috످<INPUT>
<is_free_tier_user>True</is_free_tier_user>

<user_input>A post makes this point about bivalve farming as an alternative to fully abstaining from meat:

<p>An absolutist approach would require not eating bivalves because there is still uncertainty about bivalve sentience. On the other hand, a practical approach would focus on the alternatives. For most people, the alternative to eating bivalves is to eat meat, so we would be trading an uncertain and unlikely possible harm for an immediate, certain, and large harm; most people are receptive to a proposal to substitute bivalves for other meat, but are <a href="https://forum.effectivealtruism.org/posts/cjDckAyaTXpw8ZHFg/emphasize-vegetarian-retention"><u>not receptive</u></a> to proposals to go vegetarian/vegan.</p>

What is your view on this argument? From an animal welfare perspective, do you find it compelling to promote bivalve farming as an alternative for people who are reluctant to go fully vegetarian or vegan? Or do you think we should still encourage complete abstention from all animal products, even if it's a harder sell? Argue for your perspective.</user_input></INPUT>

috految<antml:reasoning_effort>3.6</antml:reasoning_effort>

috److I find the argument mostly compelling. I think advocates should promote bivalves to people who won't go vegetarian or vegan, especially as a replacement for chicken and farmed fish.

We have overwhelming evidence that chickens and pigs suffer, but oysters and mussels have no central brain and show little sign of feeling pain. Even Peter Singer has said he doesn't strongly object to eating them. And because growing crops kills some insects and rodents, rope-grown mussels might cause less suffering than some vegan foods.

Giving up meat is also hard. Despite decades of advocacy, only about 5% of Americans are vegetarian, and a 2014 Faunalytics study found that 84% of people who go vegetarian or vegan don't stick with it. Persuading ten people to eat half as much meat spares five times as many animals as persuading one to quit.

But the post overlooks how many bivalves we'd have to kill. It takes about 200 mussels to replace one chicken. If mussels have a 5% chance of being sentient and would suffer a tenth as much as chickens, the expected harm is the same. I suspect they would suffer far less than that, since farmed mussels live much like wild ones, while farmed chickens are often in chronic pain. But the argument depends on that assumption.

The post also assumes bivalves will replace meat, when people might just order oysters before their steak. Worse, they might hear "shellfish are fine" and eat more shrimp, which are much more likely to be sentient. And bivalves aren't the only alternative. Someone who won't go vegan might still swap chicken for beans, which are cheaper and easier to scale.

The strongest case for full abstention comes from abolitionists like Gary Francione, who argue that compromise legitimizes exploitation. We wouldn't campaign for "slavery-free Mondays," so why accept half measures for animals? But that analogy assumes there is a victim, and with bivalves there may not be one.

We could be wrong about bivalves, since we've underestimated pain before. Doctors operated on infants with little or no anesthesia into the 1980s. That's a good reason to fund sentience research before expanding bivalve farming. But if insisting on abstention leads someone to keep eating chicken, we've protected an animal that probably can't suffer at the expense of one that almost certainly can.

I'd change my mind if we found good evidence that bivalves feel pain, or that promoting them undermines efforts to reduce meat eating. Until then, I think it's best to encourage people to eat plants when they can, choose farmed mussels or oysters when they want meat, and above all avoid factory-farmed chicken, fish, and shrimp.

috످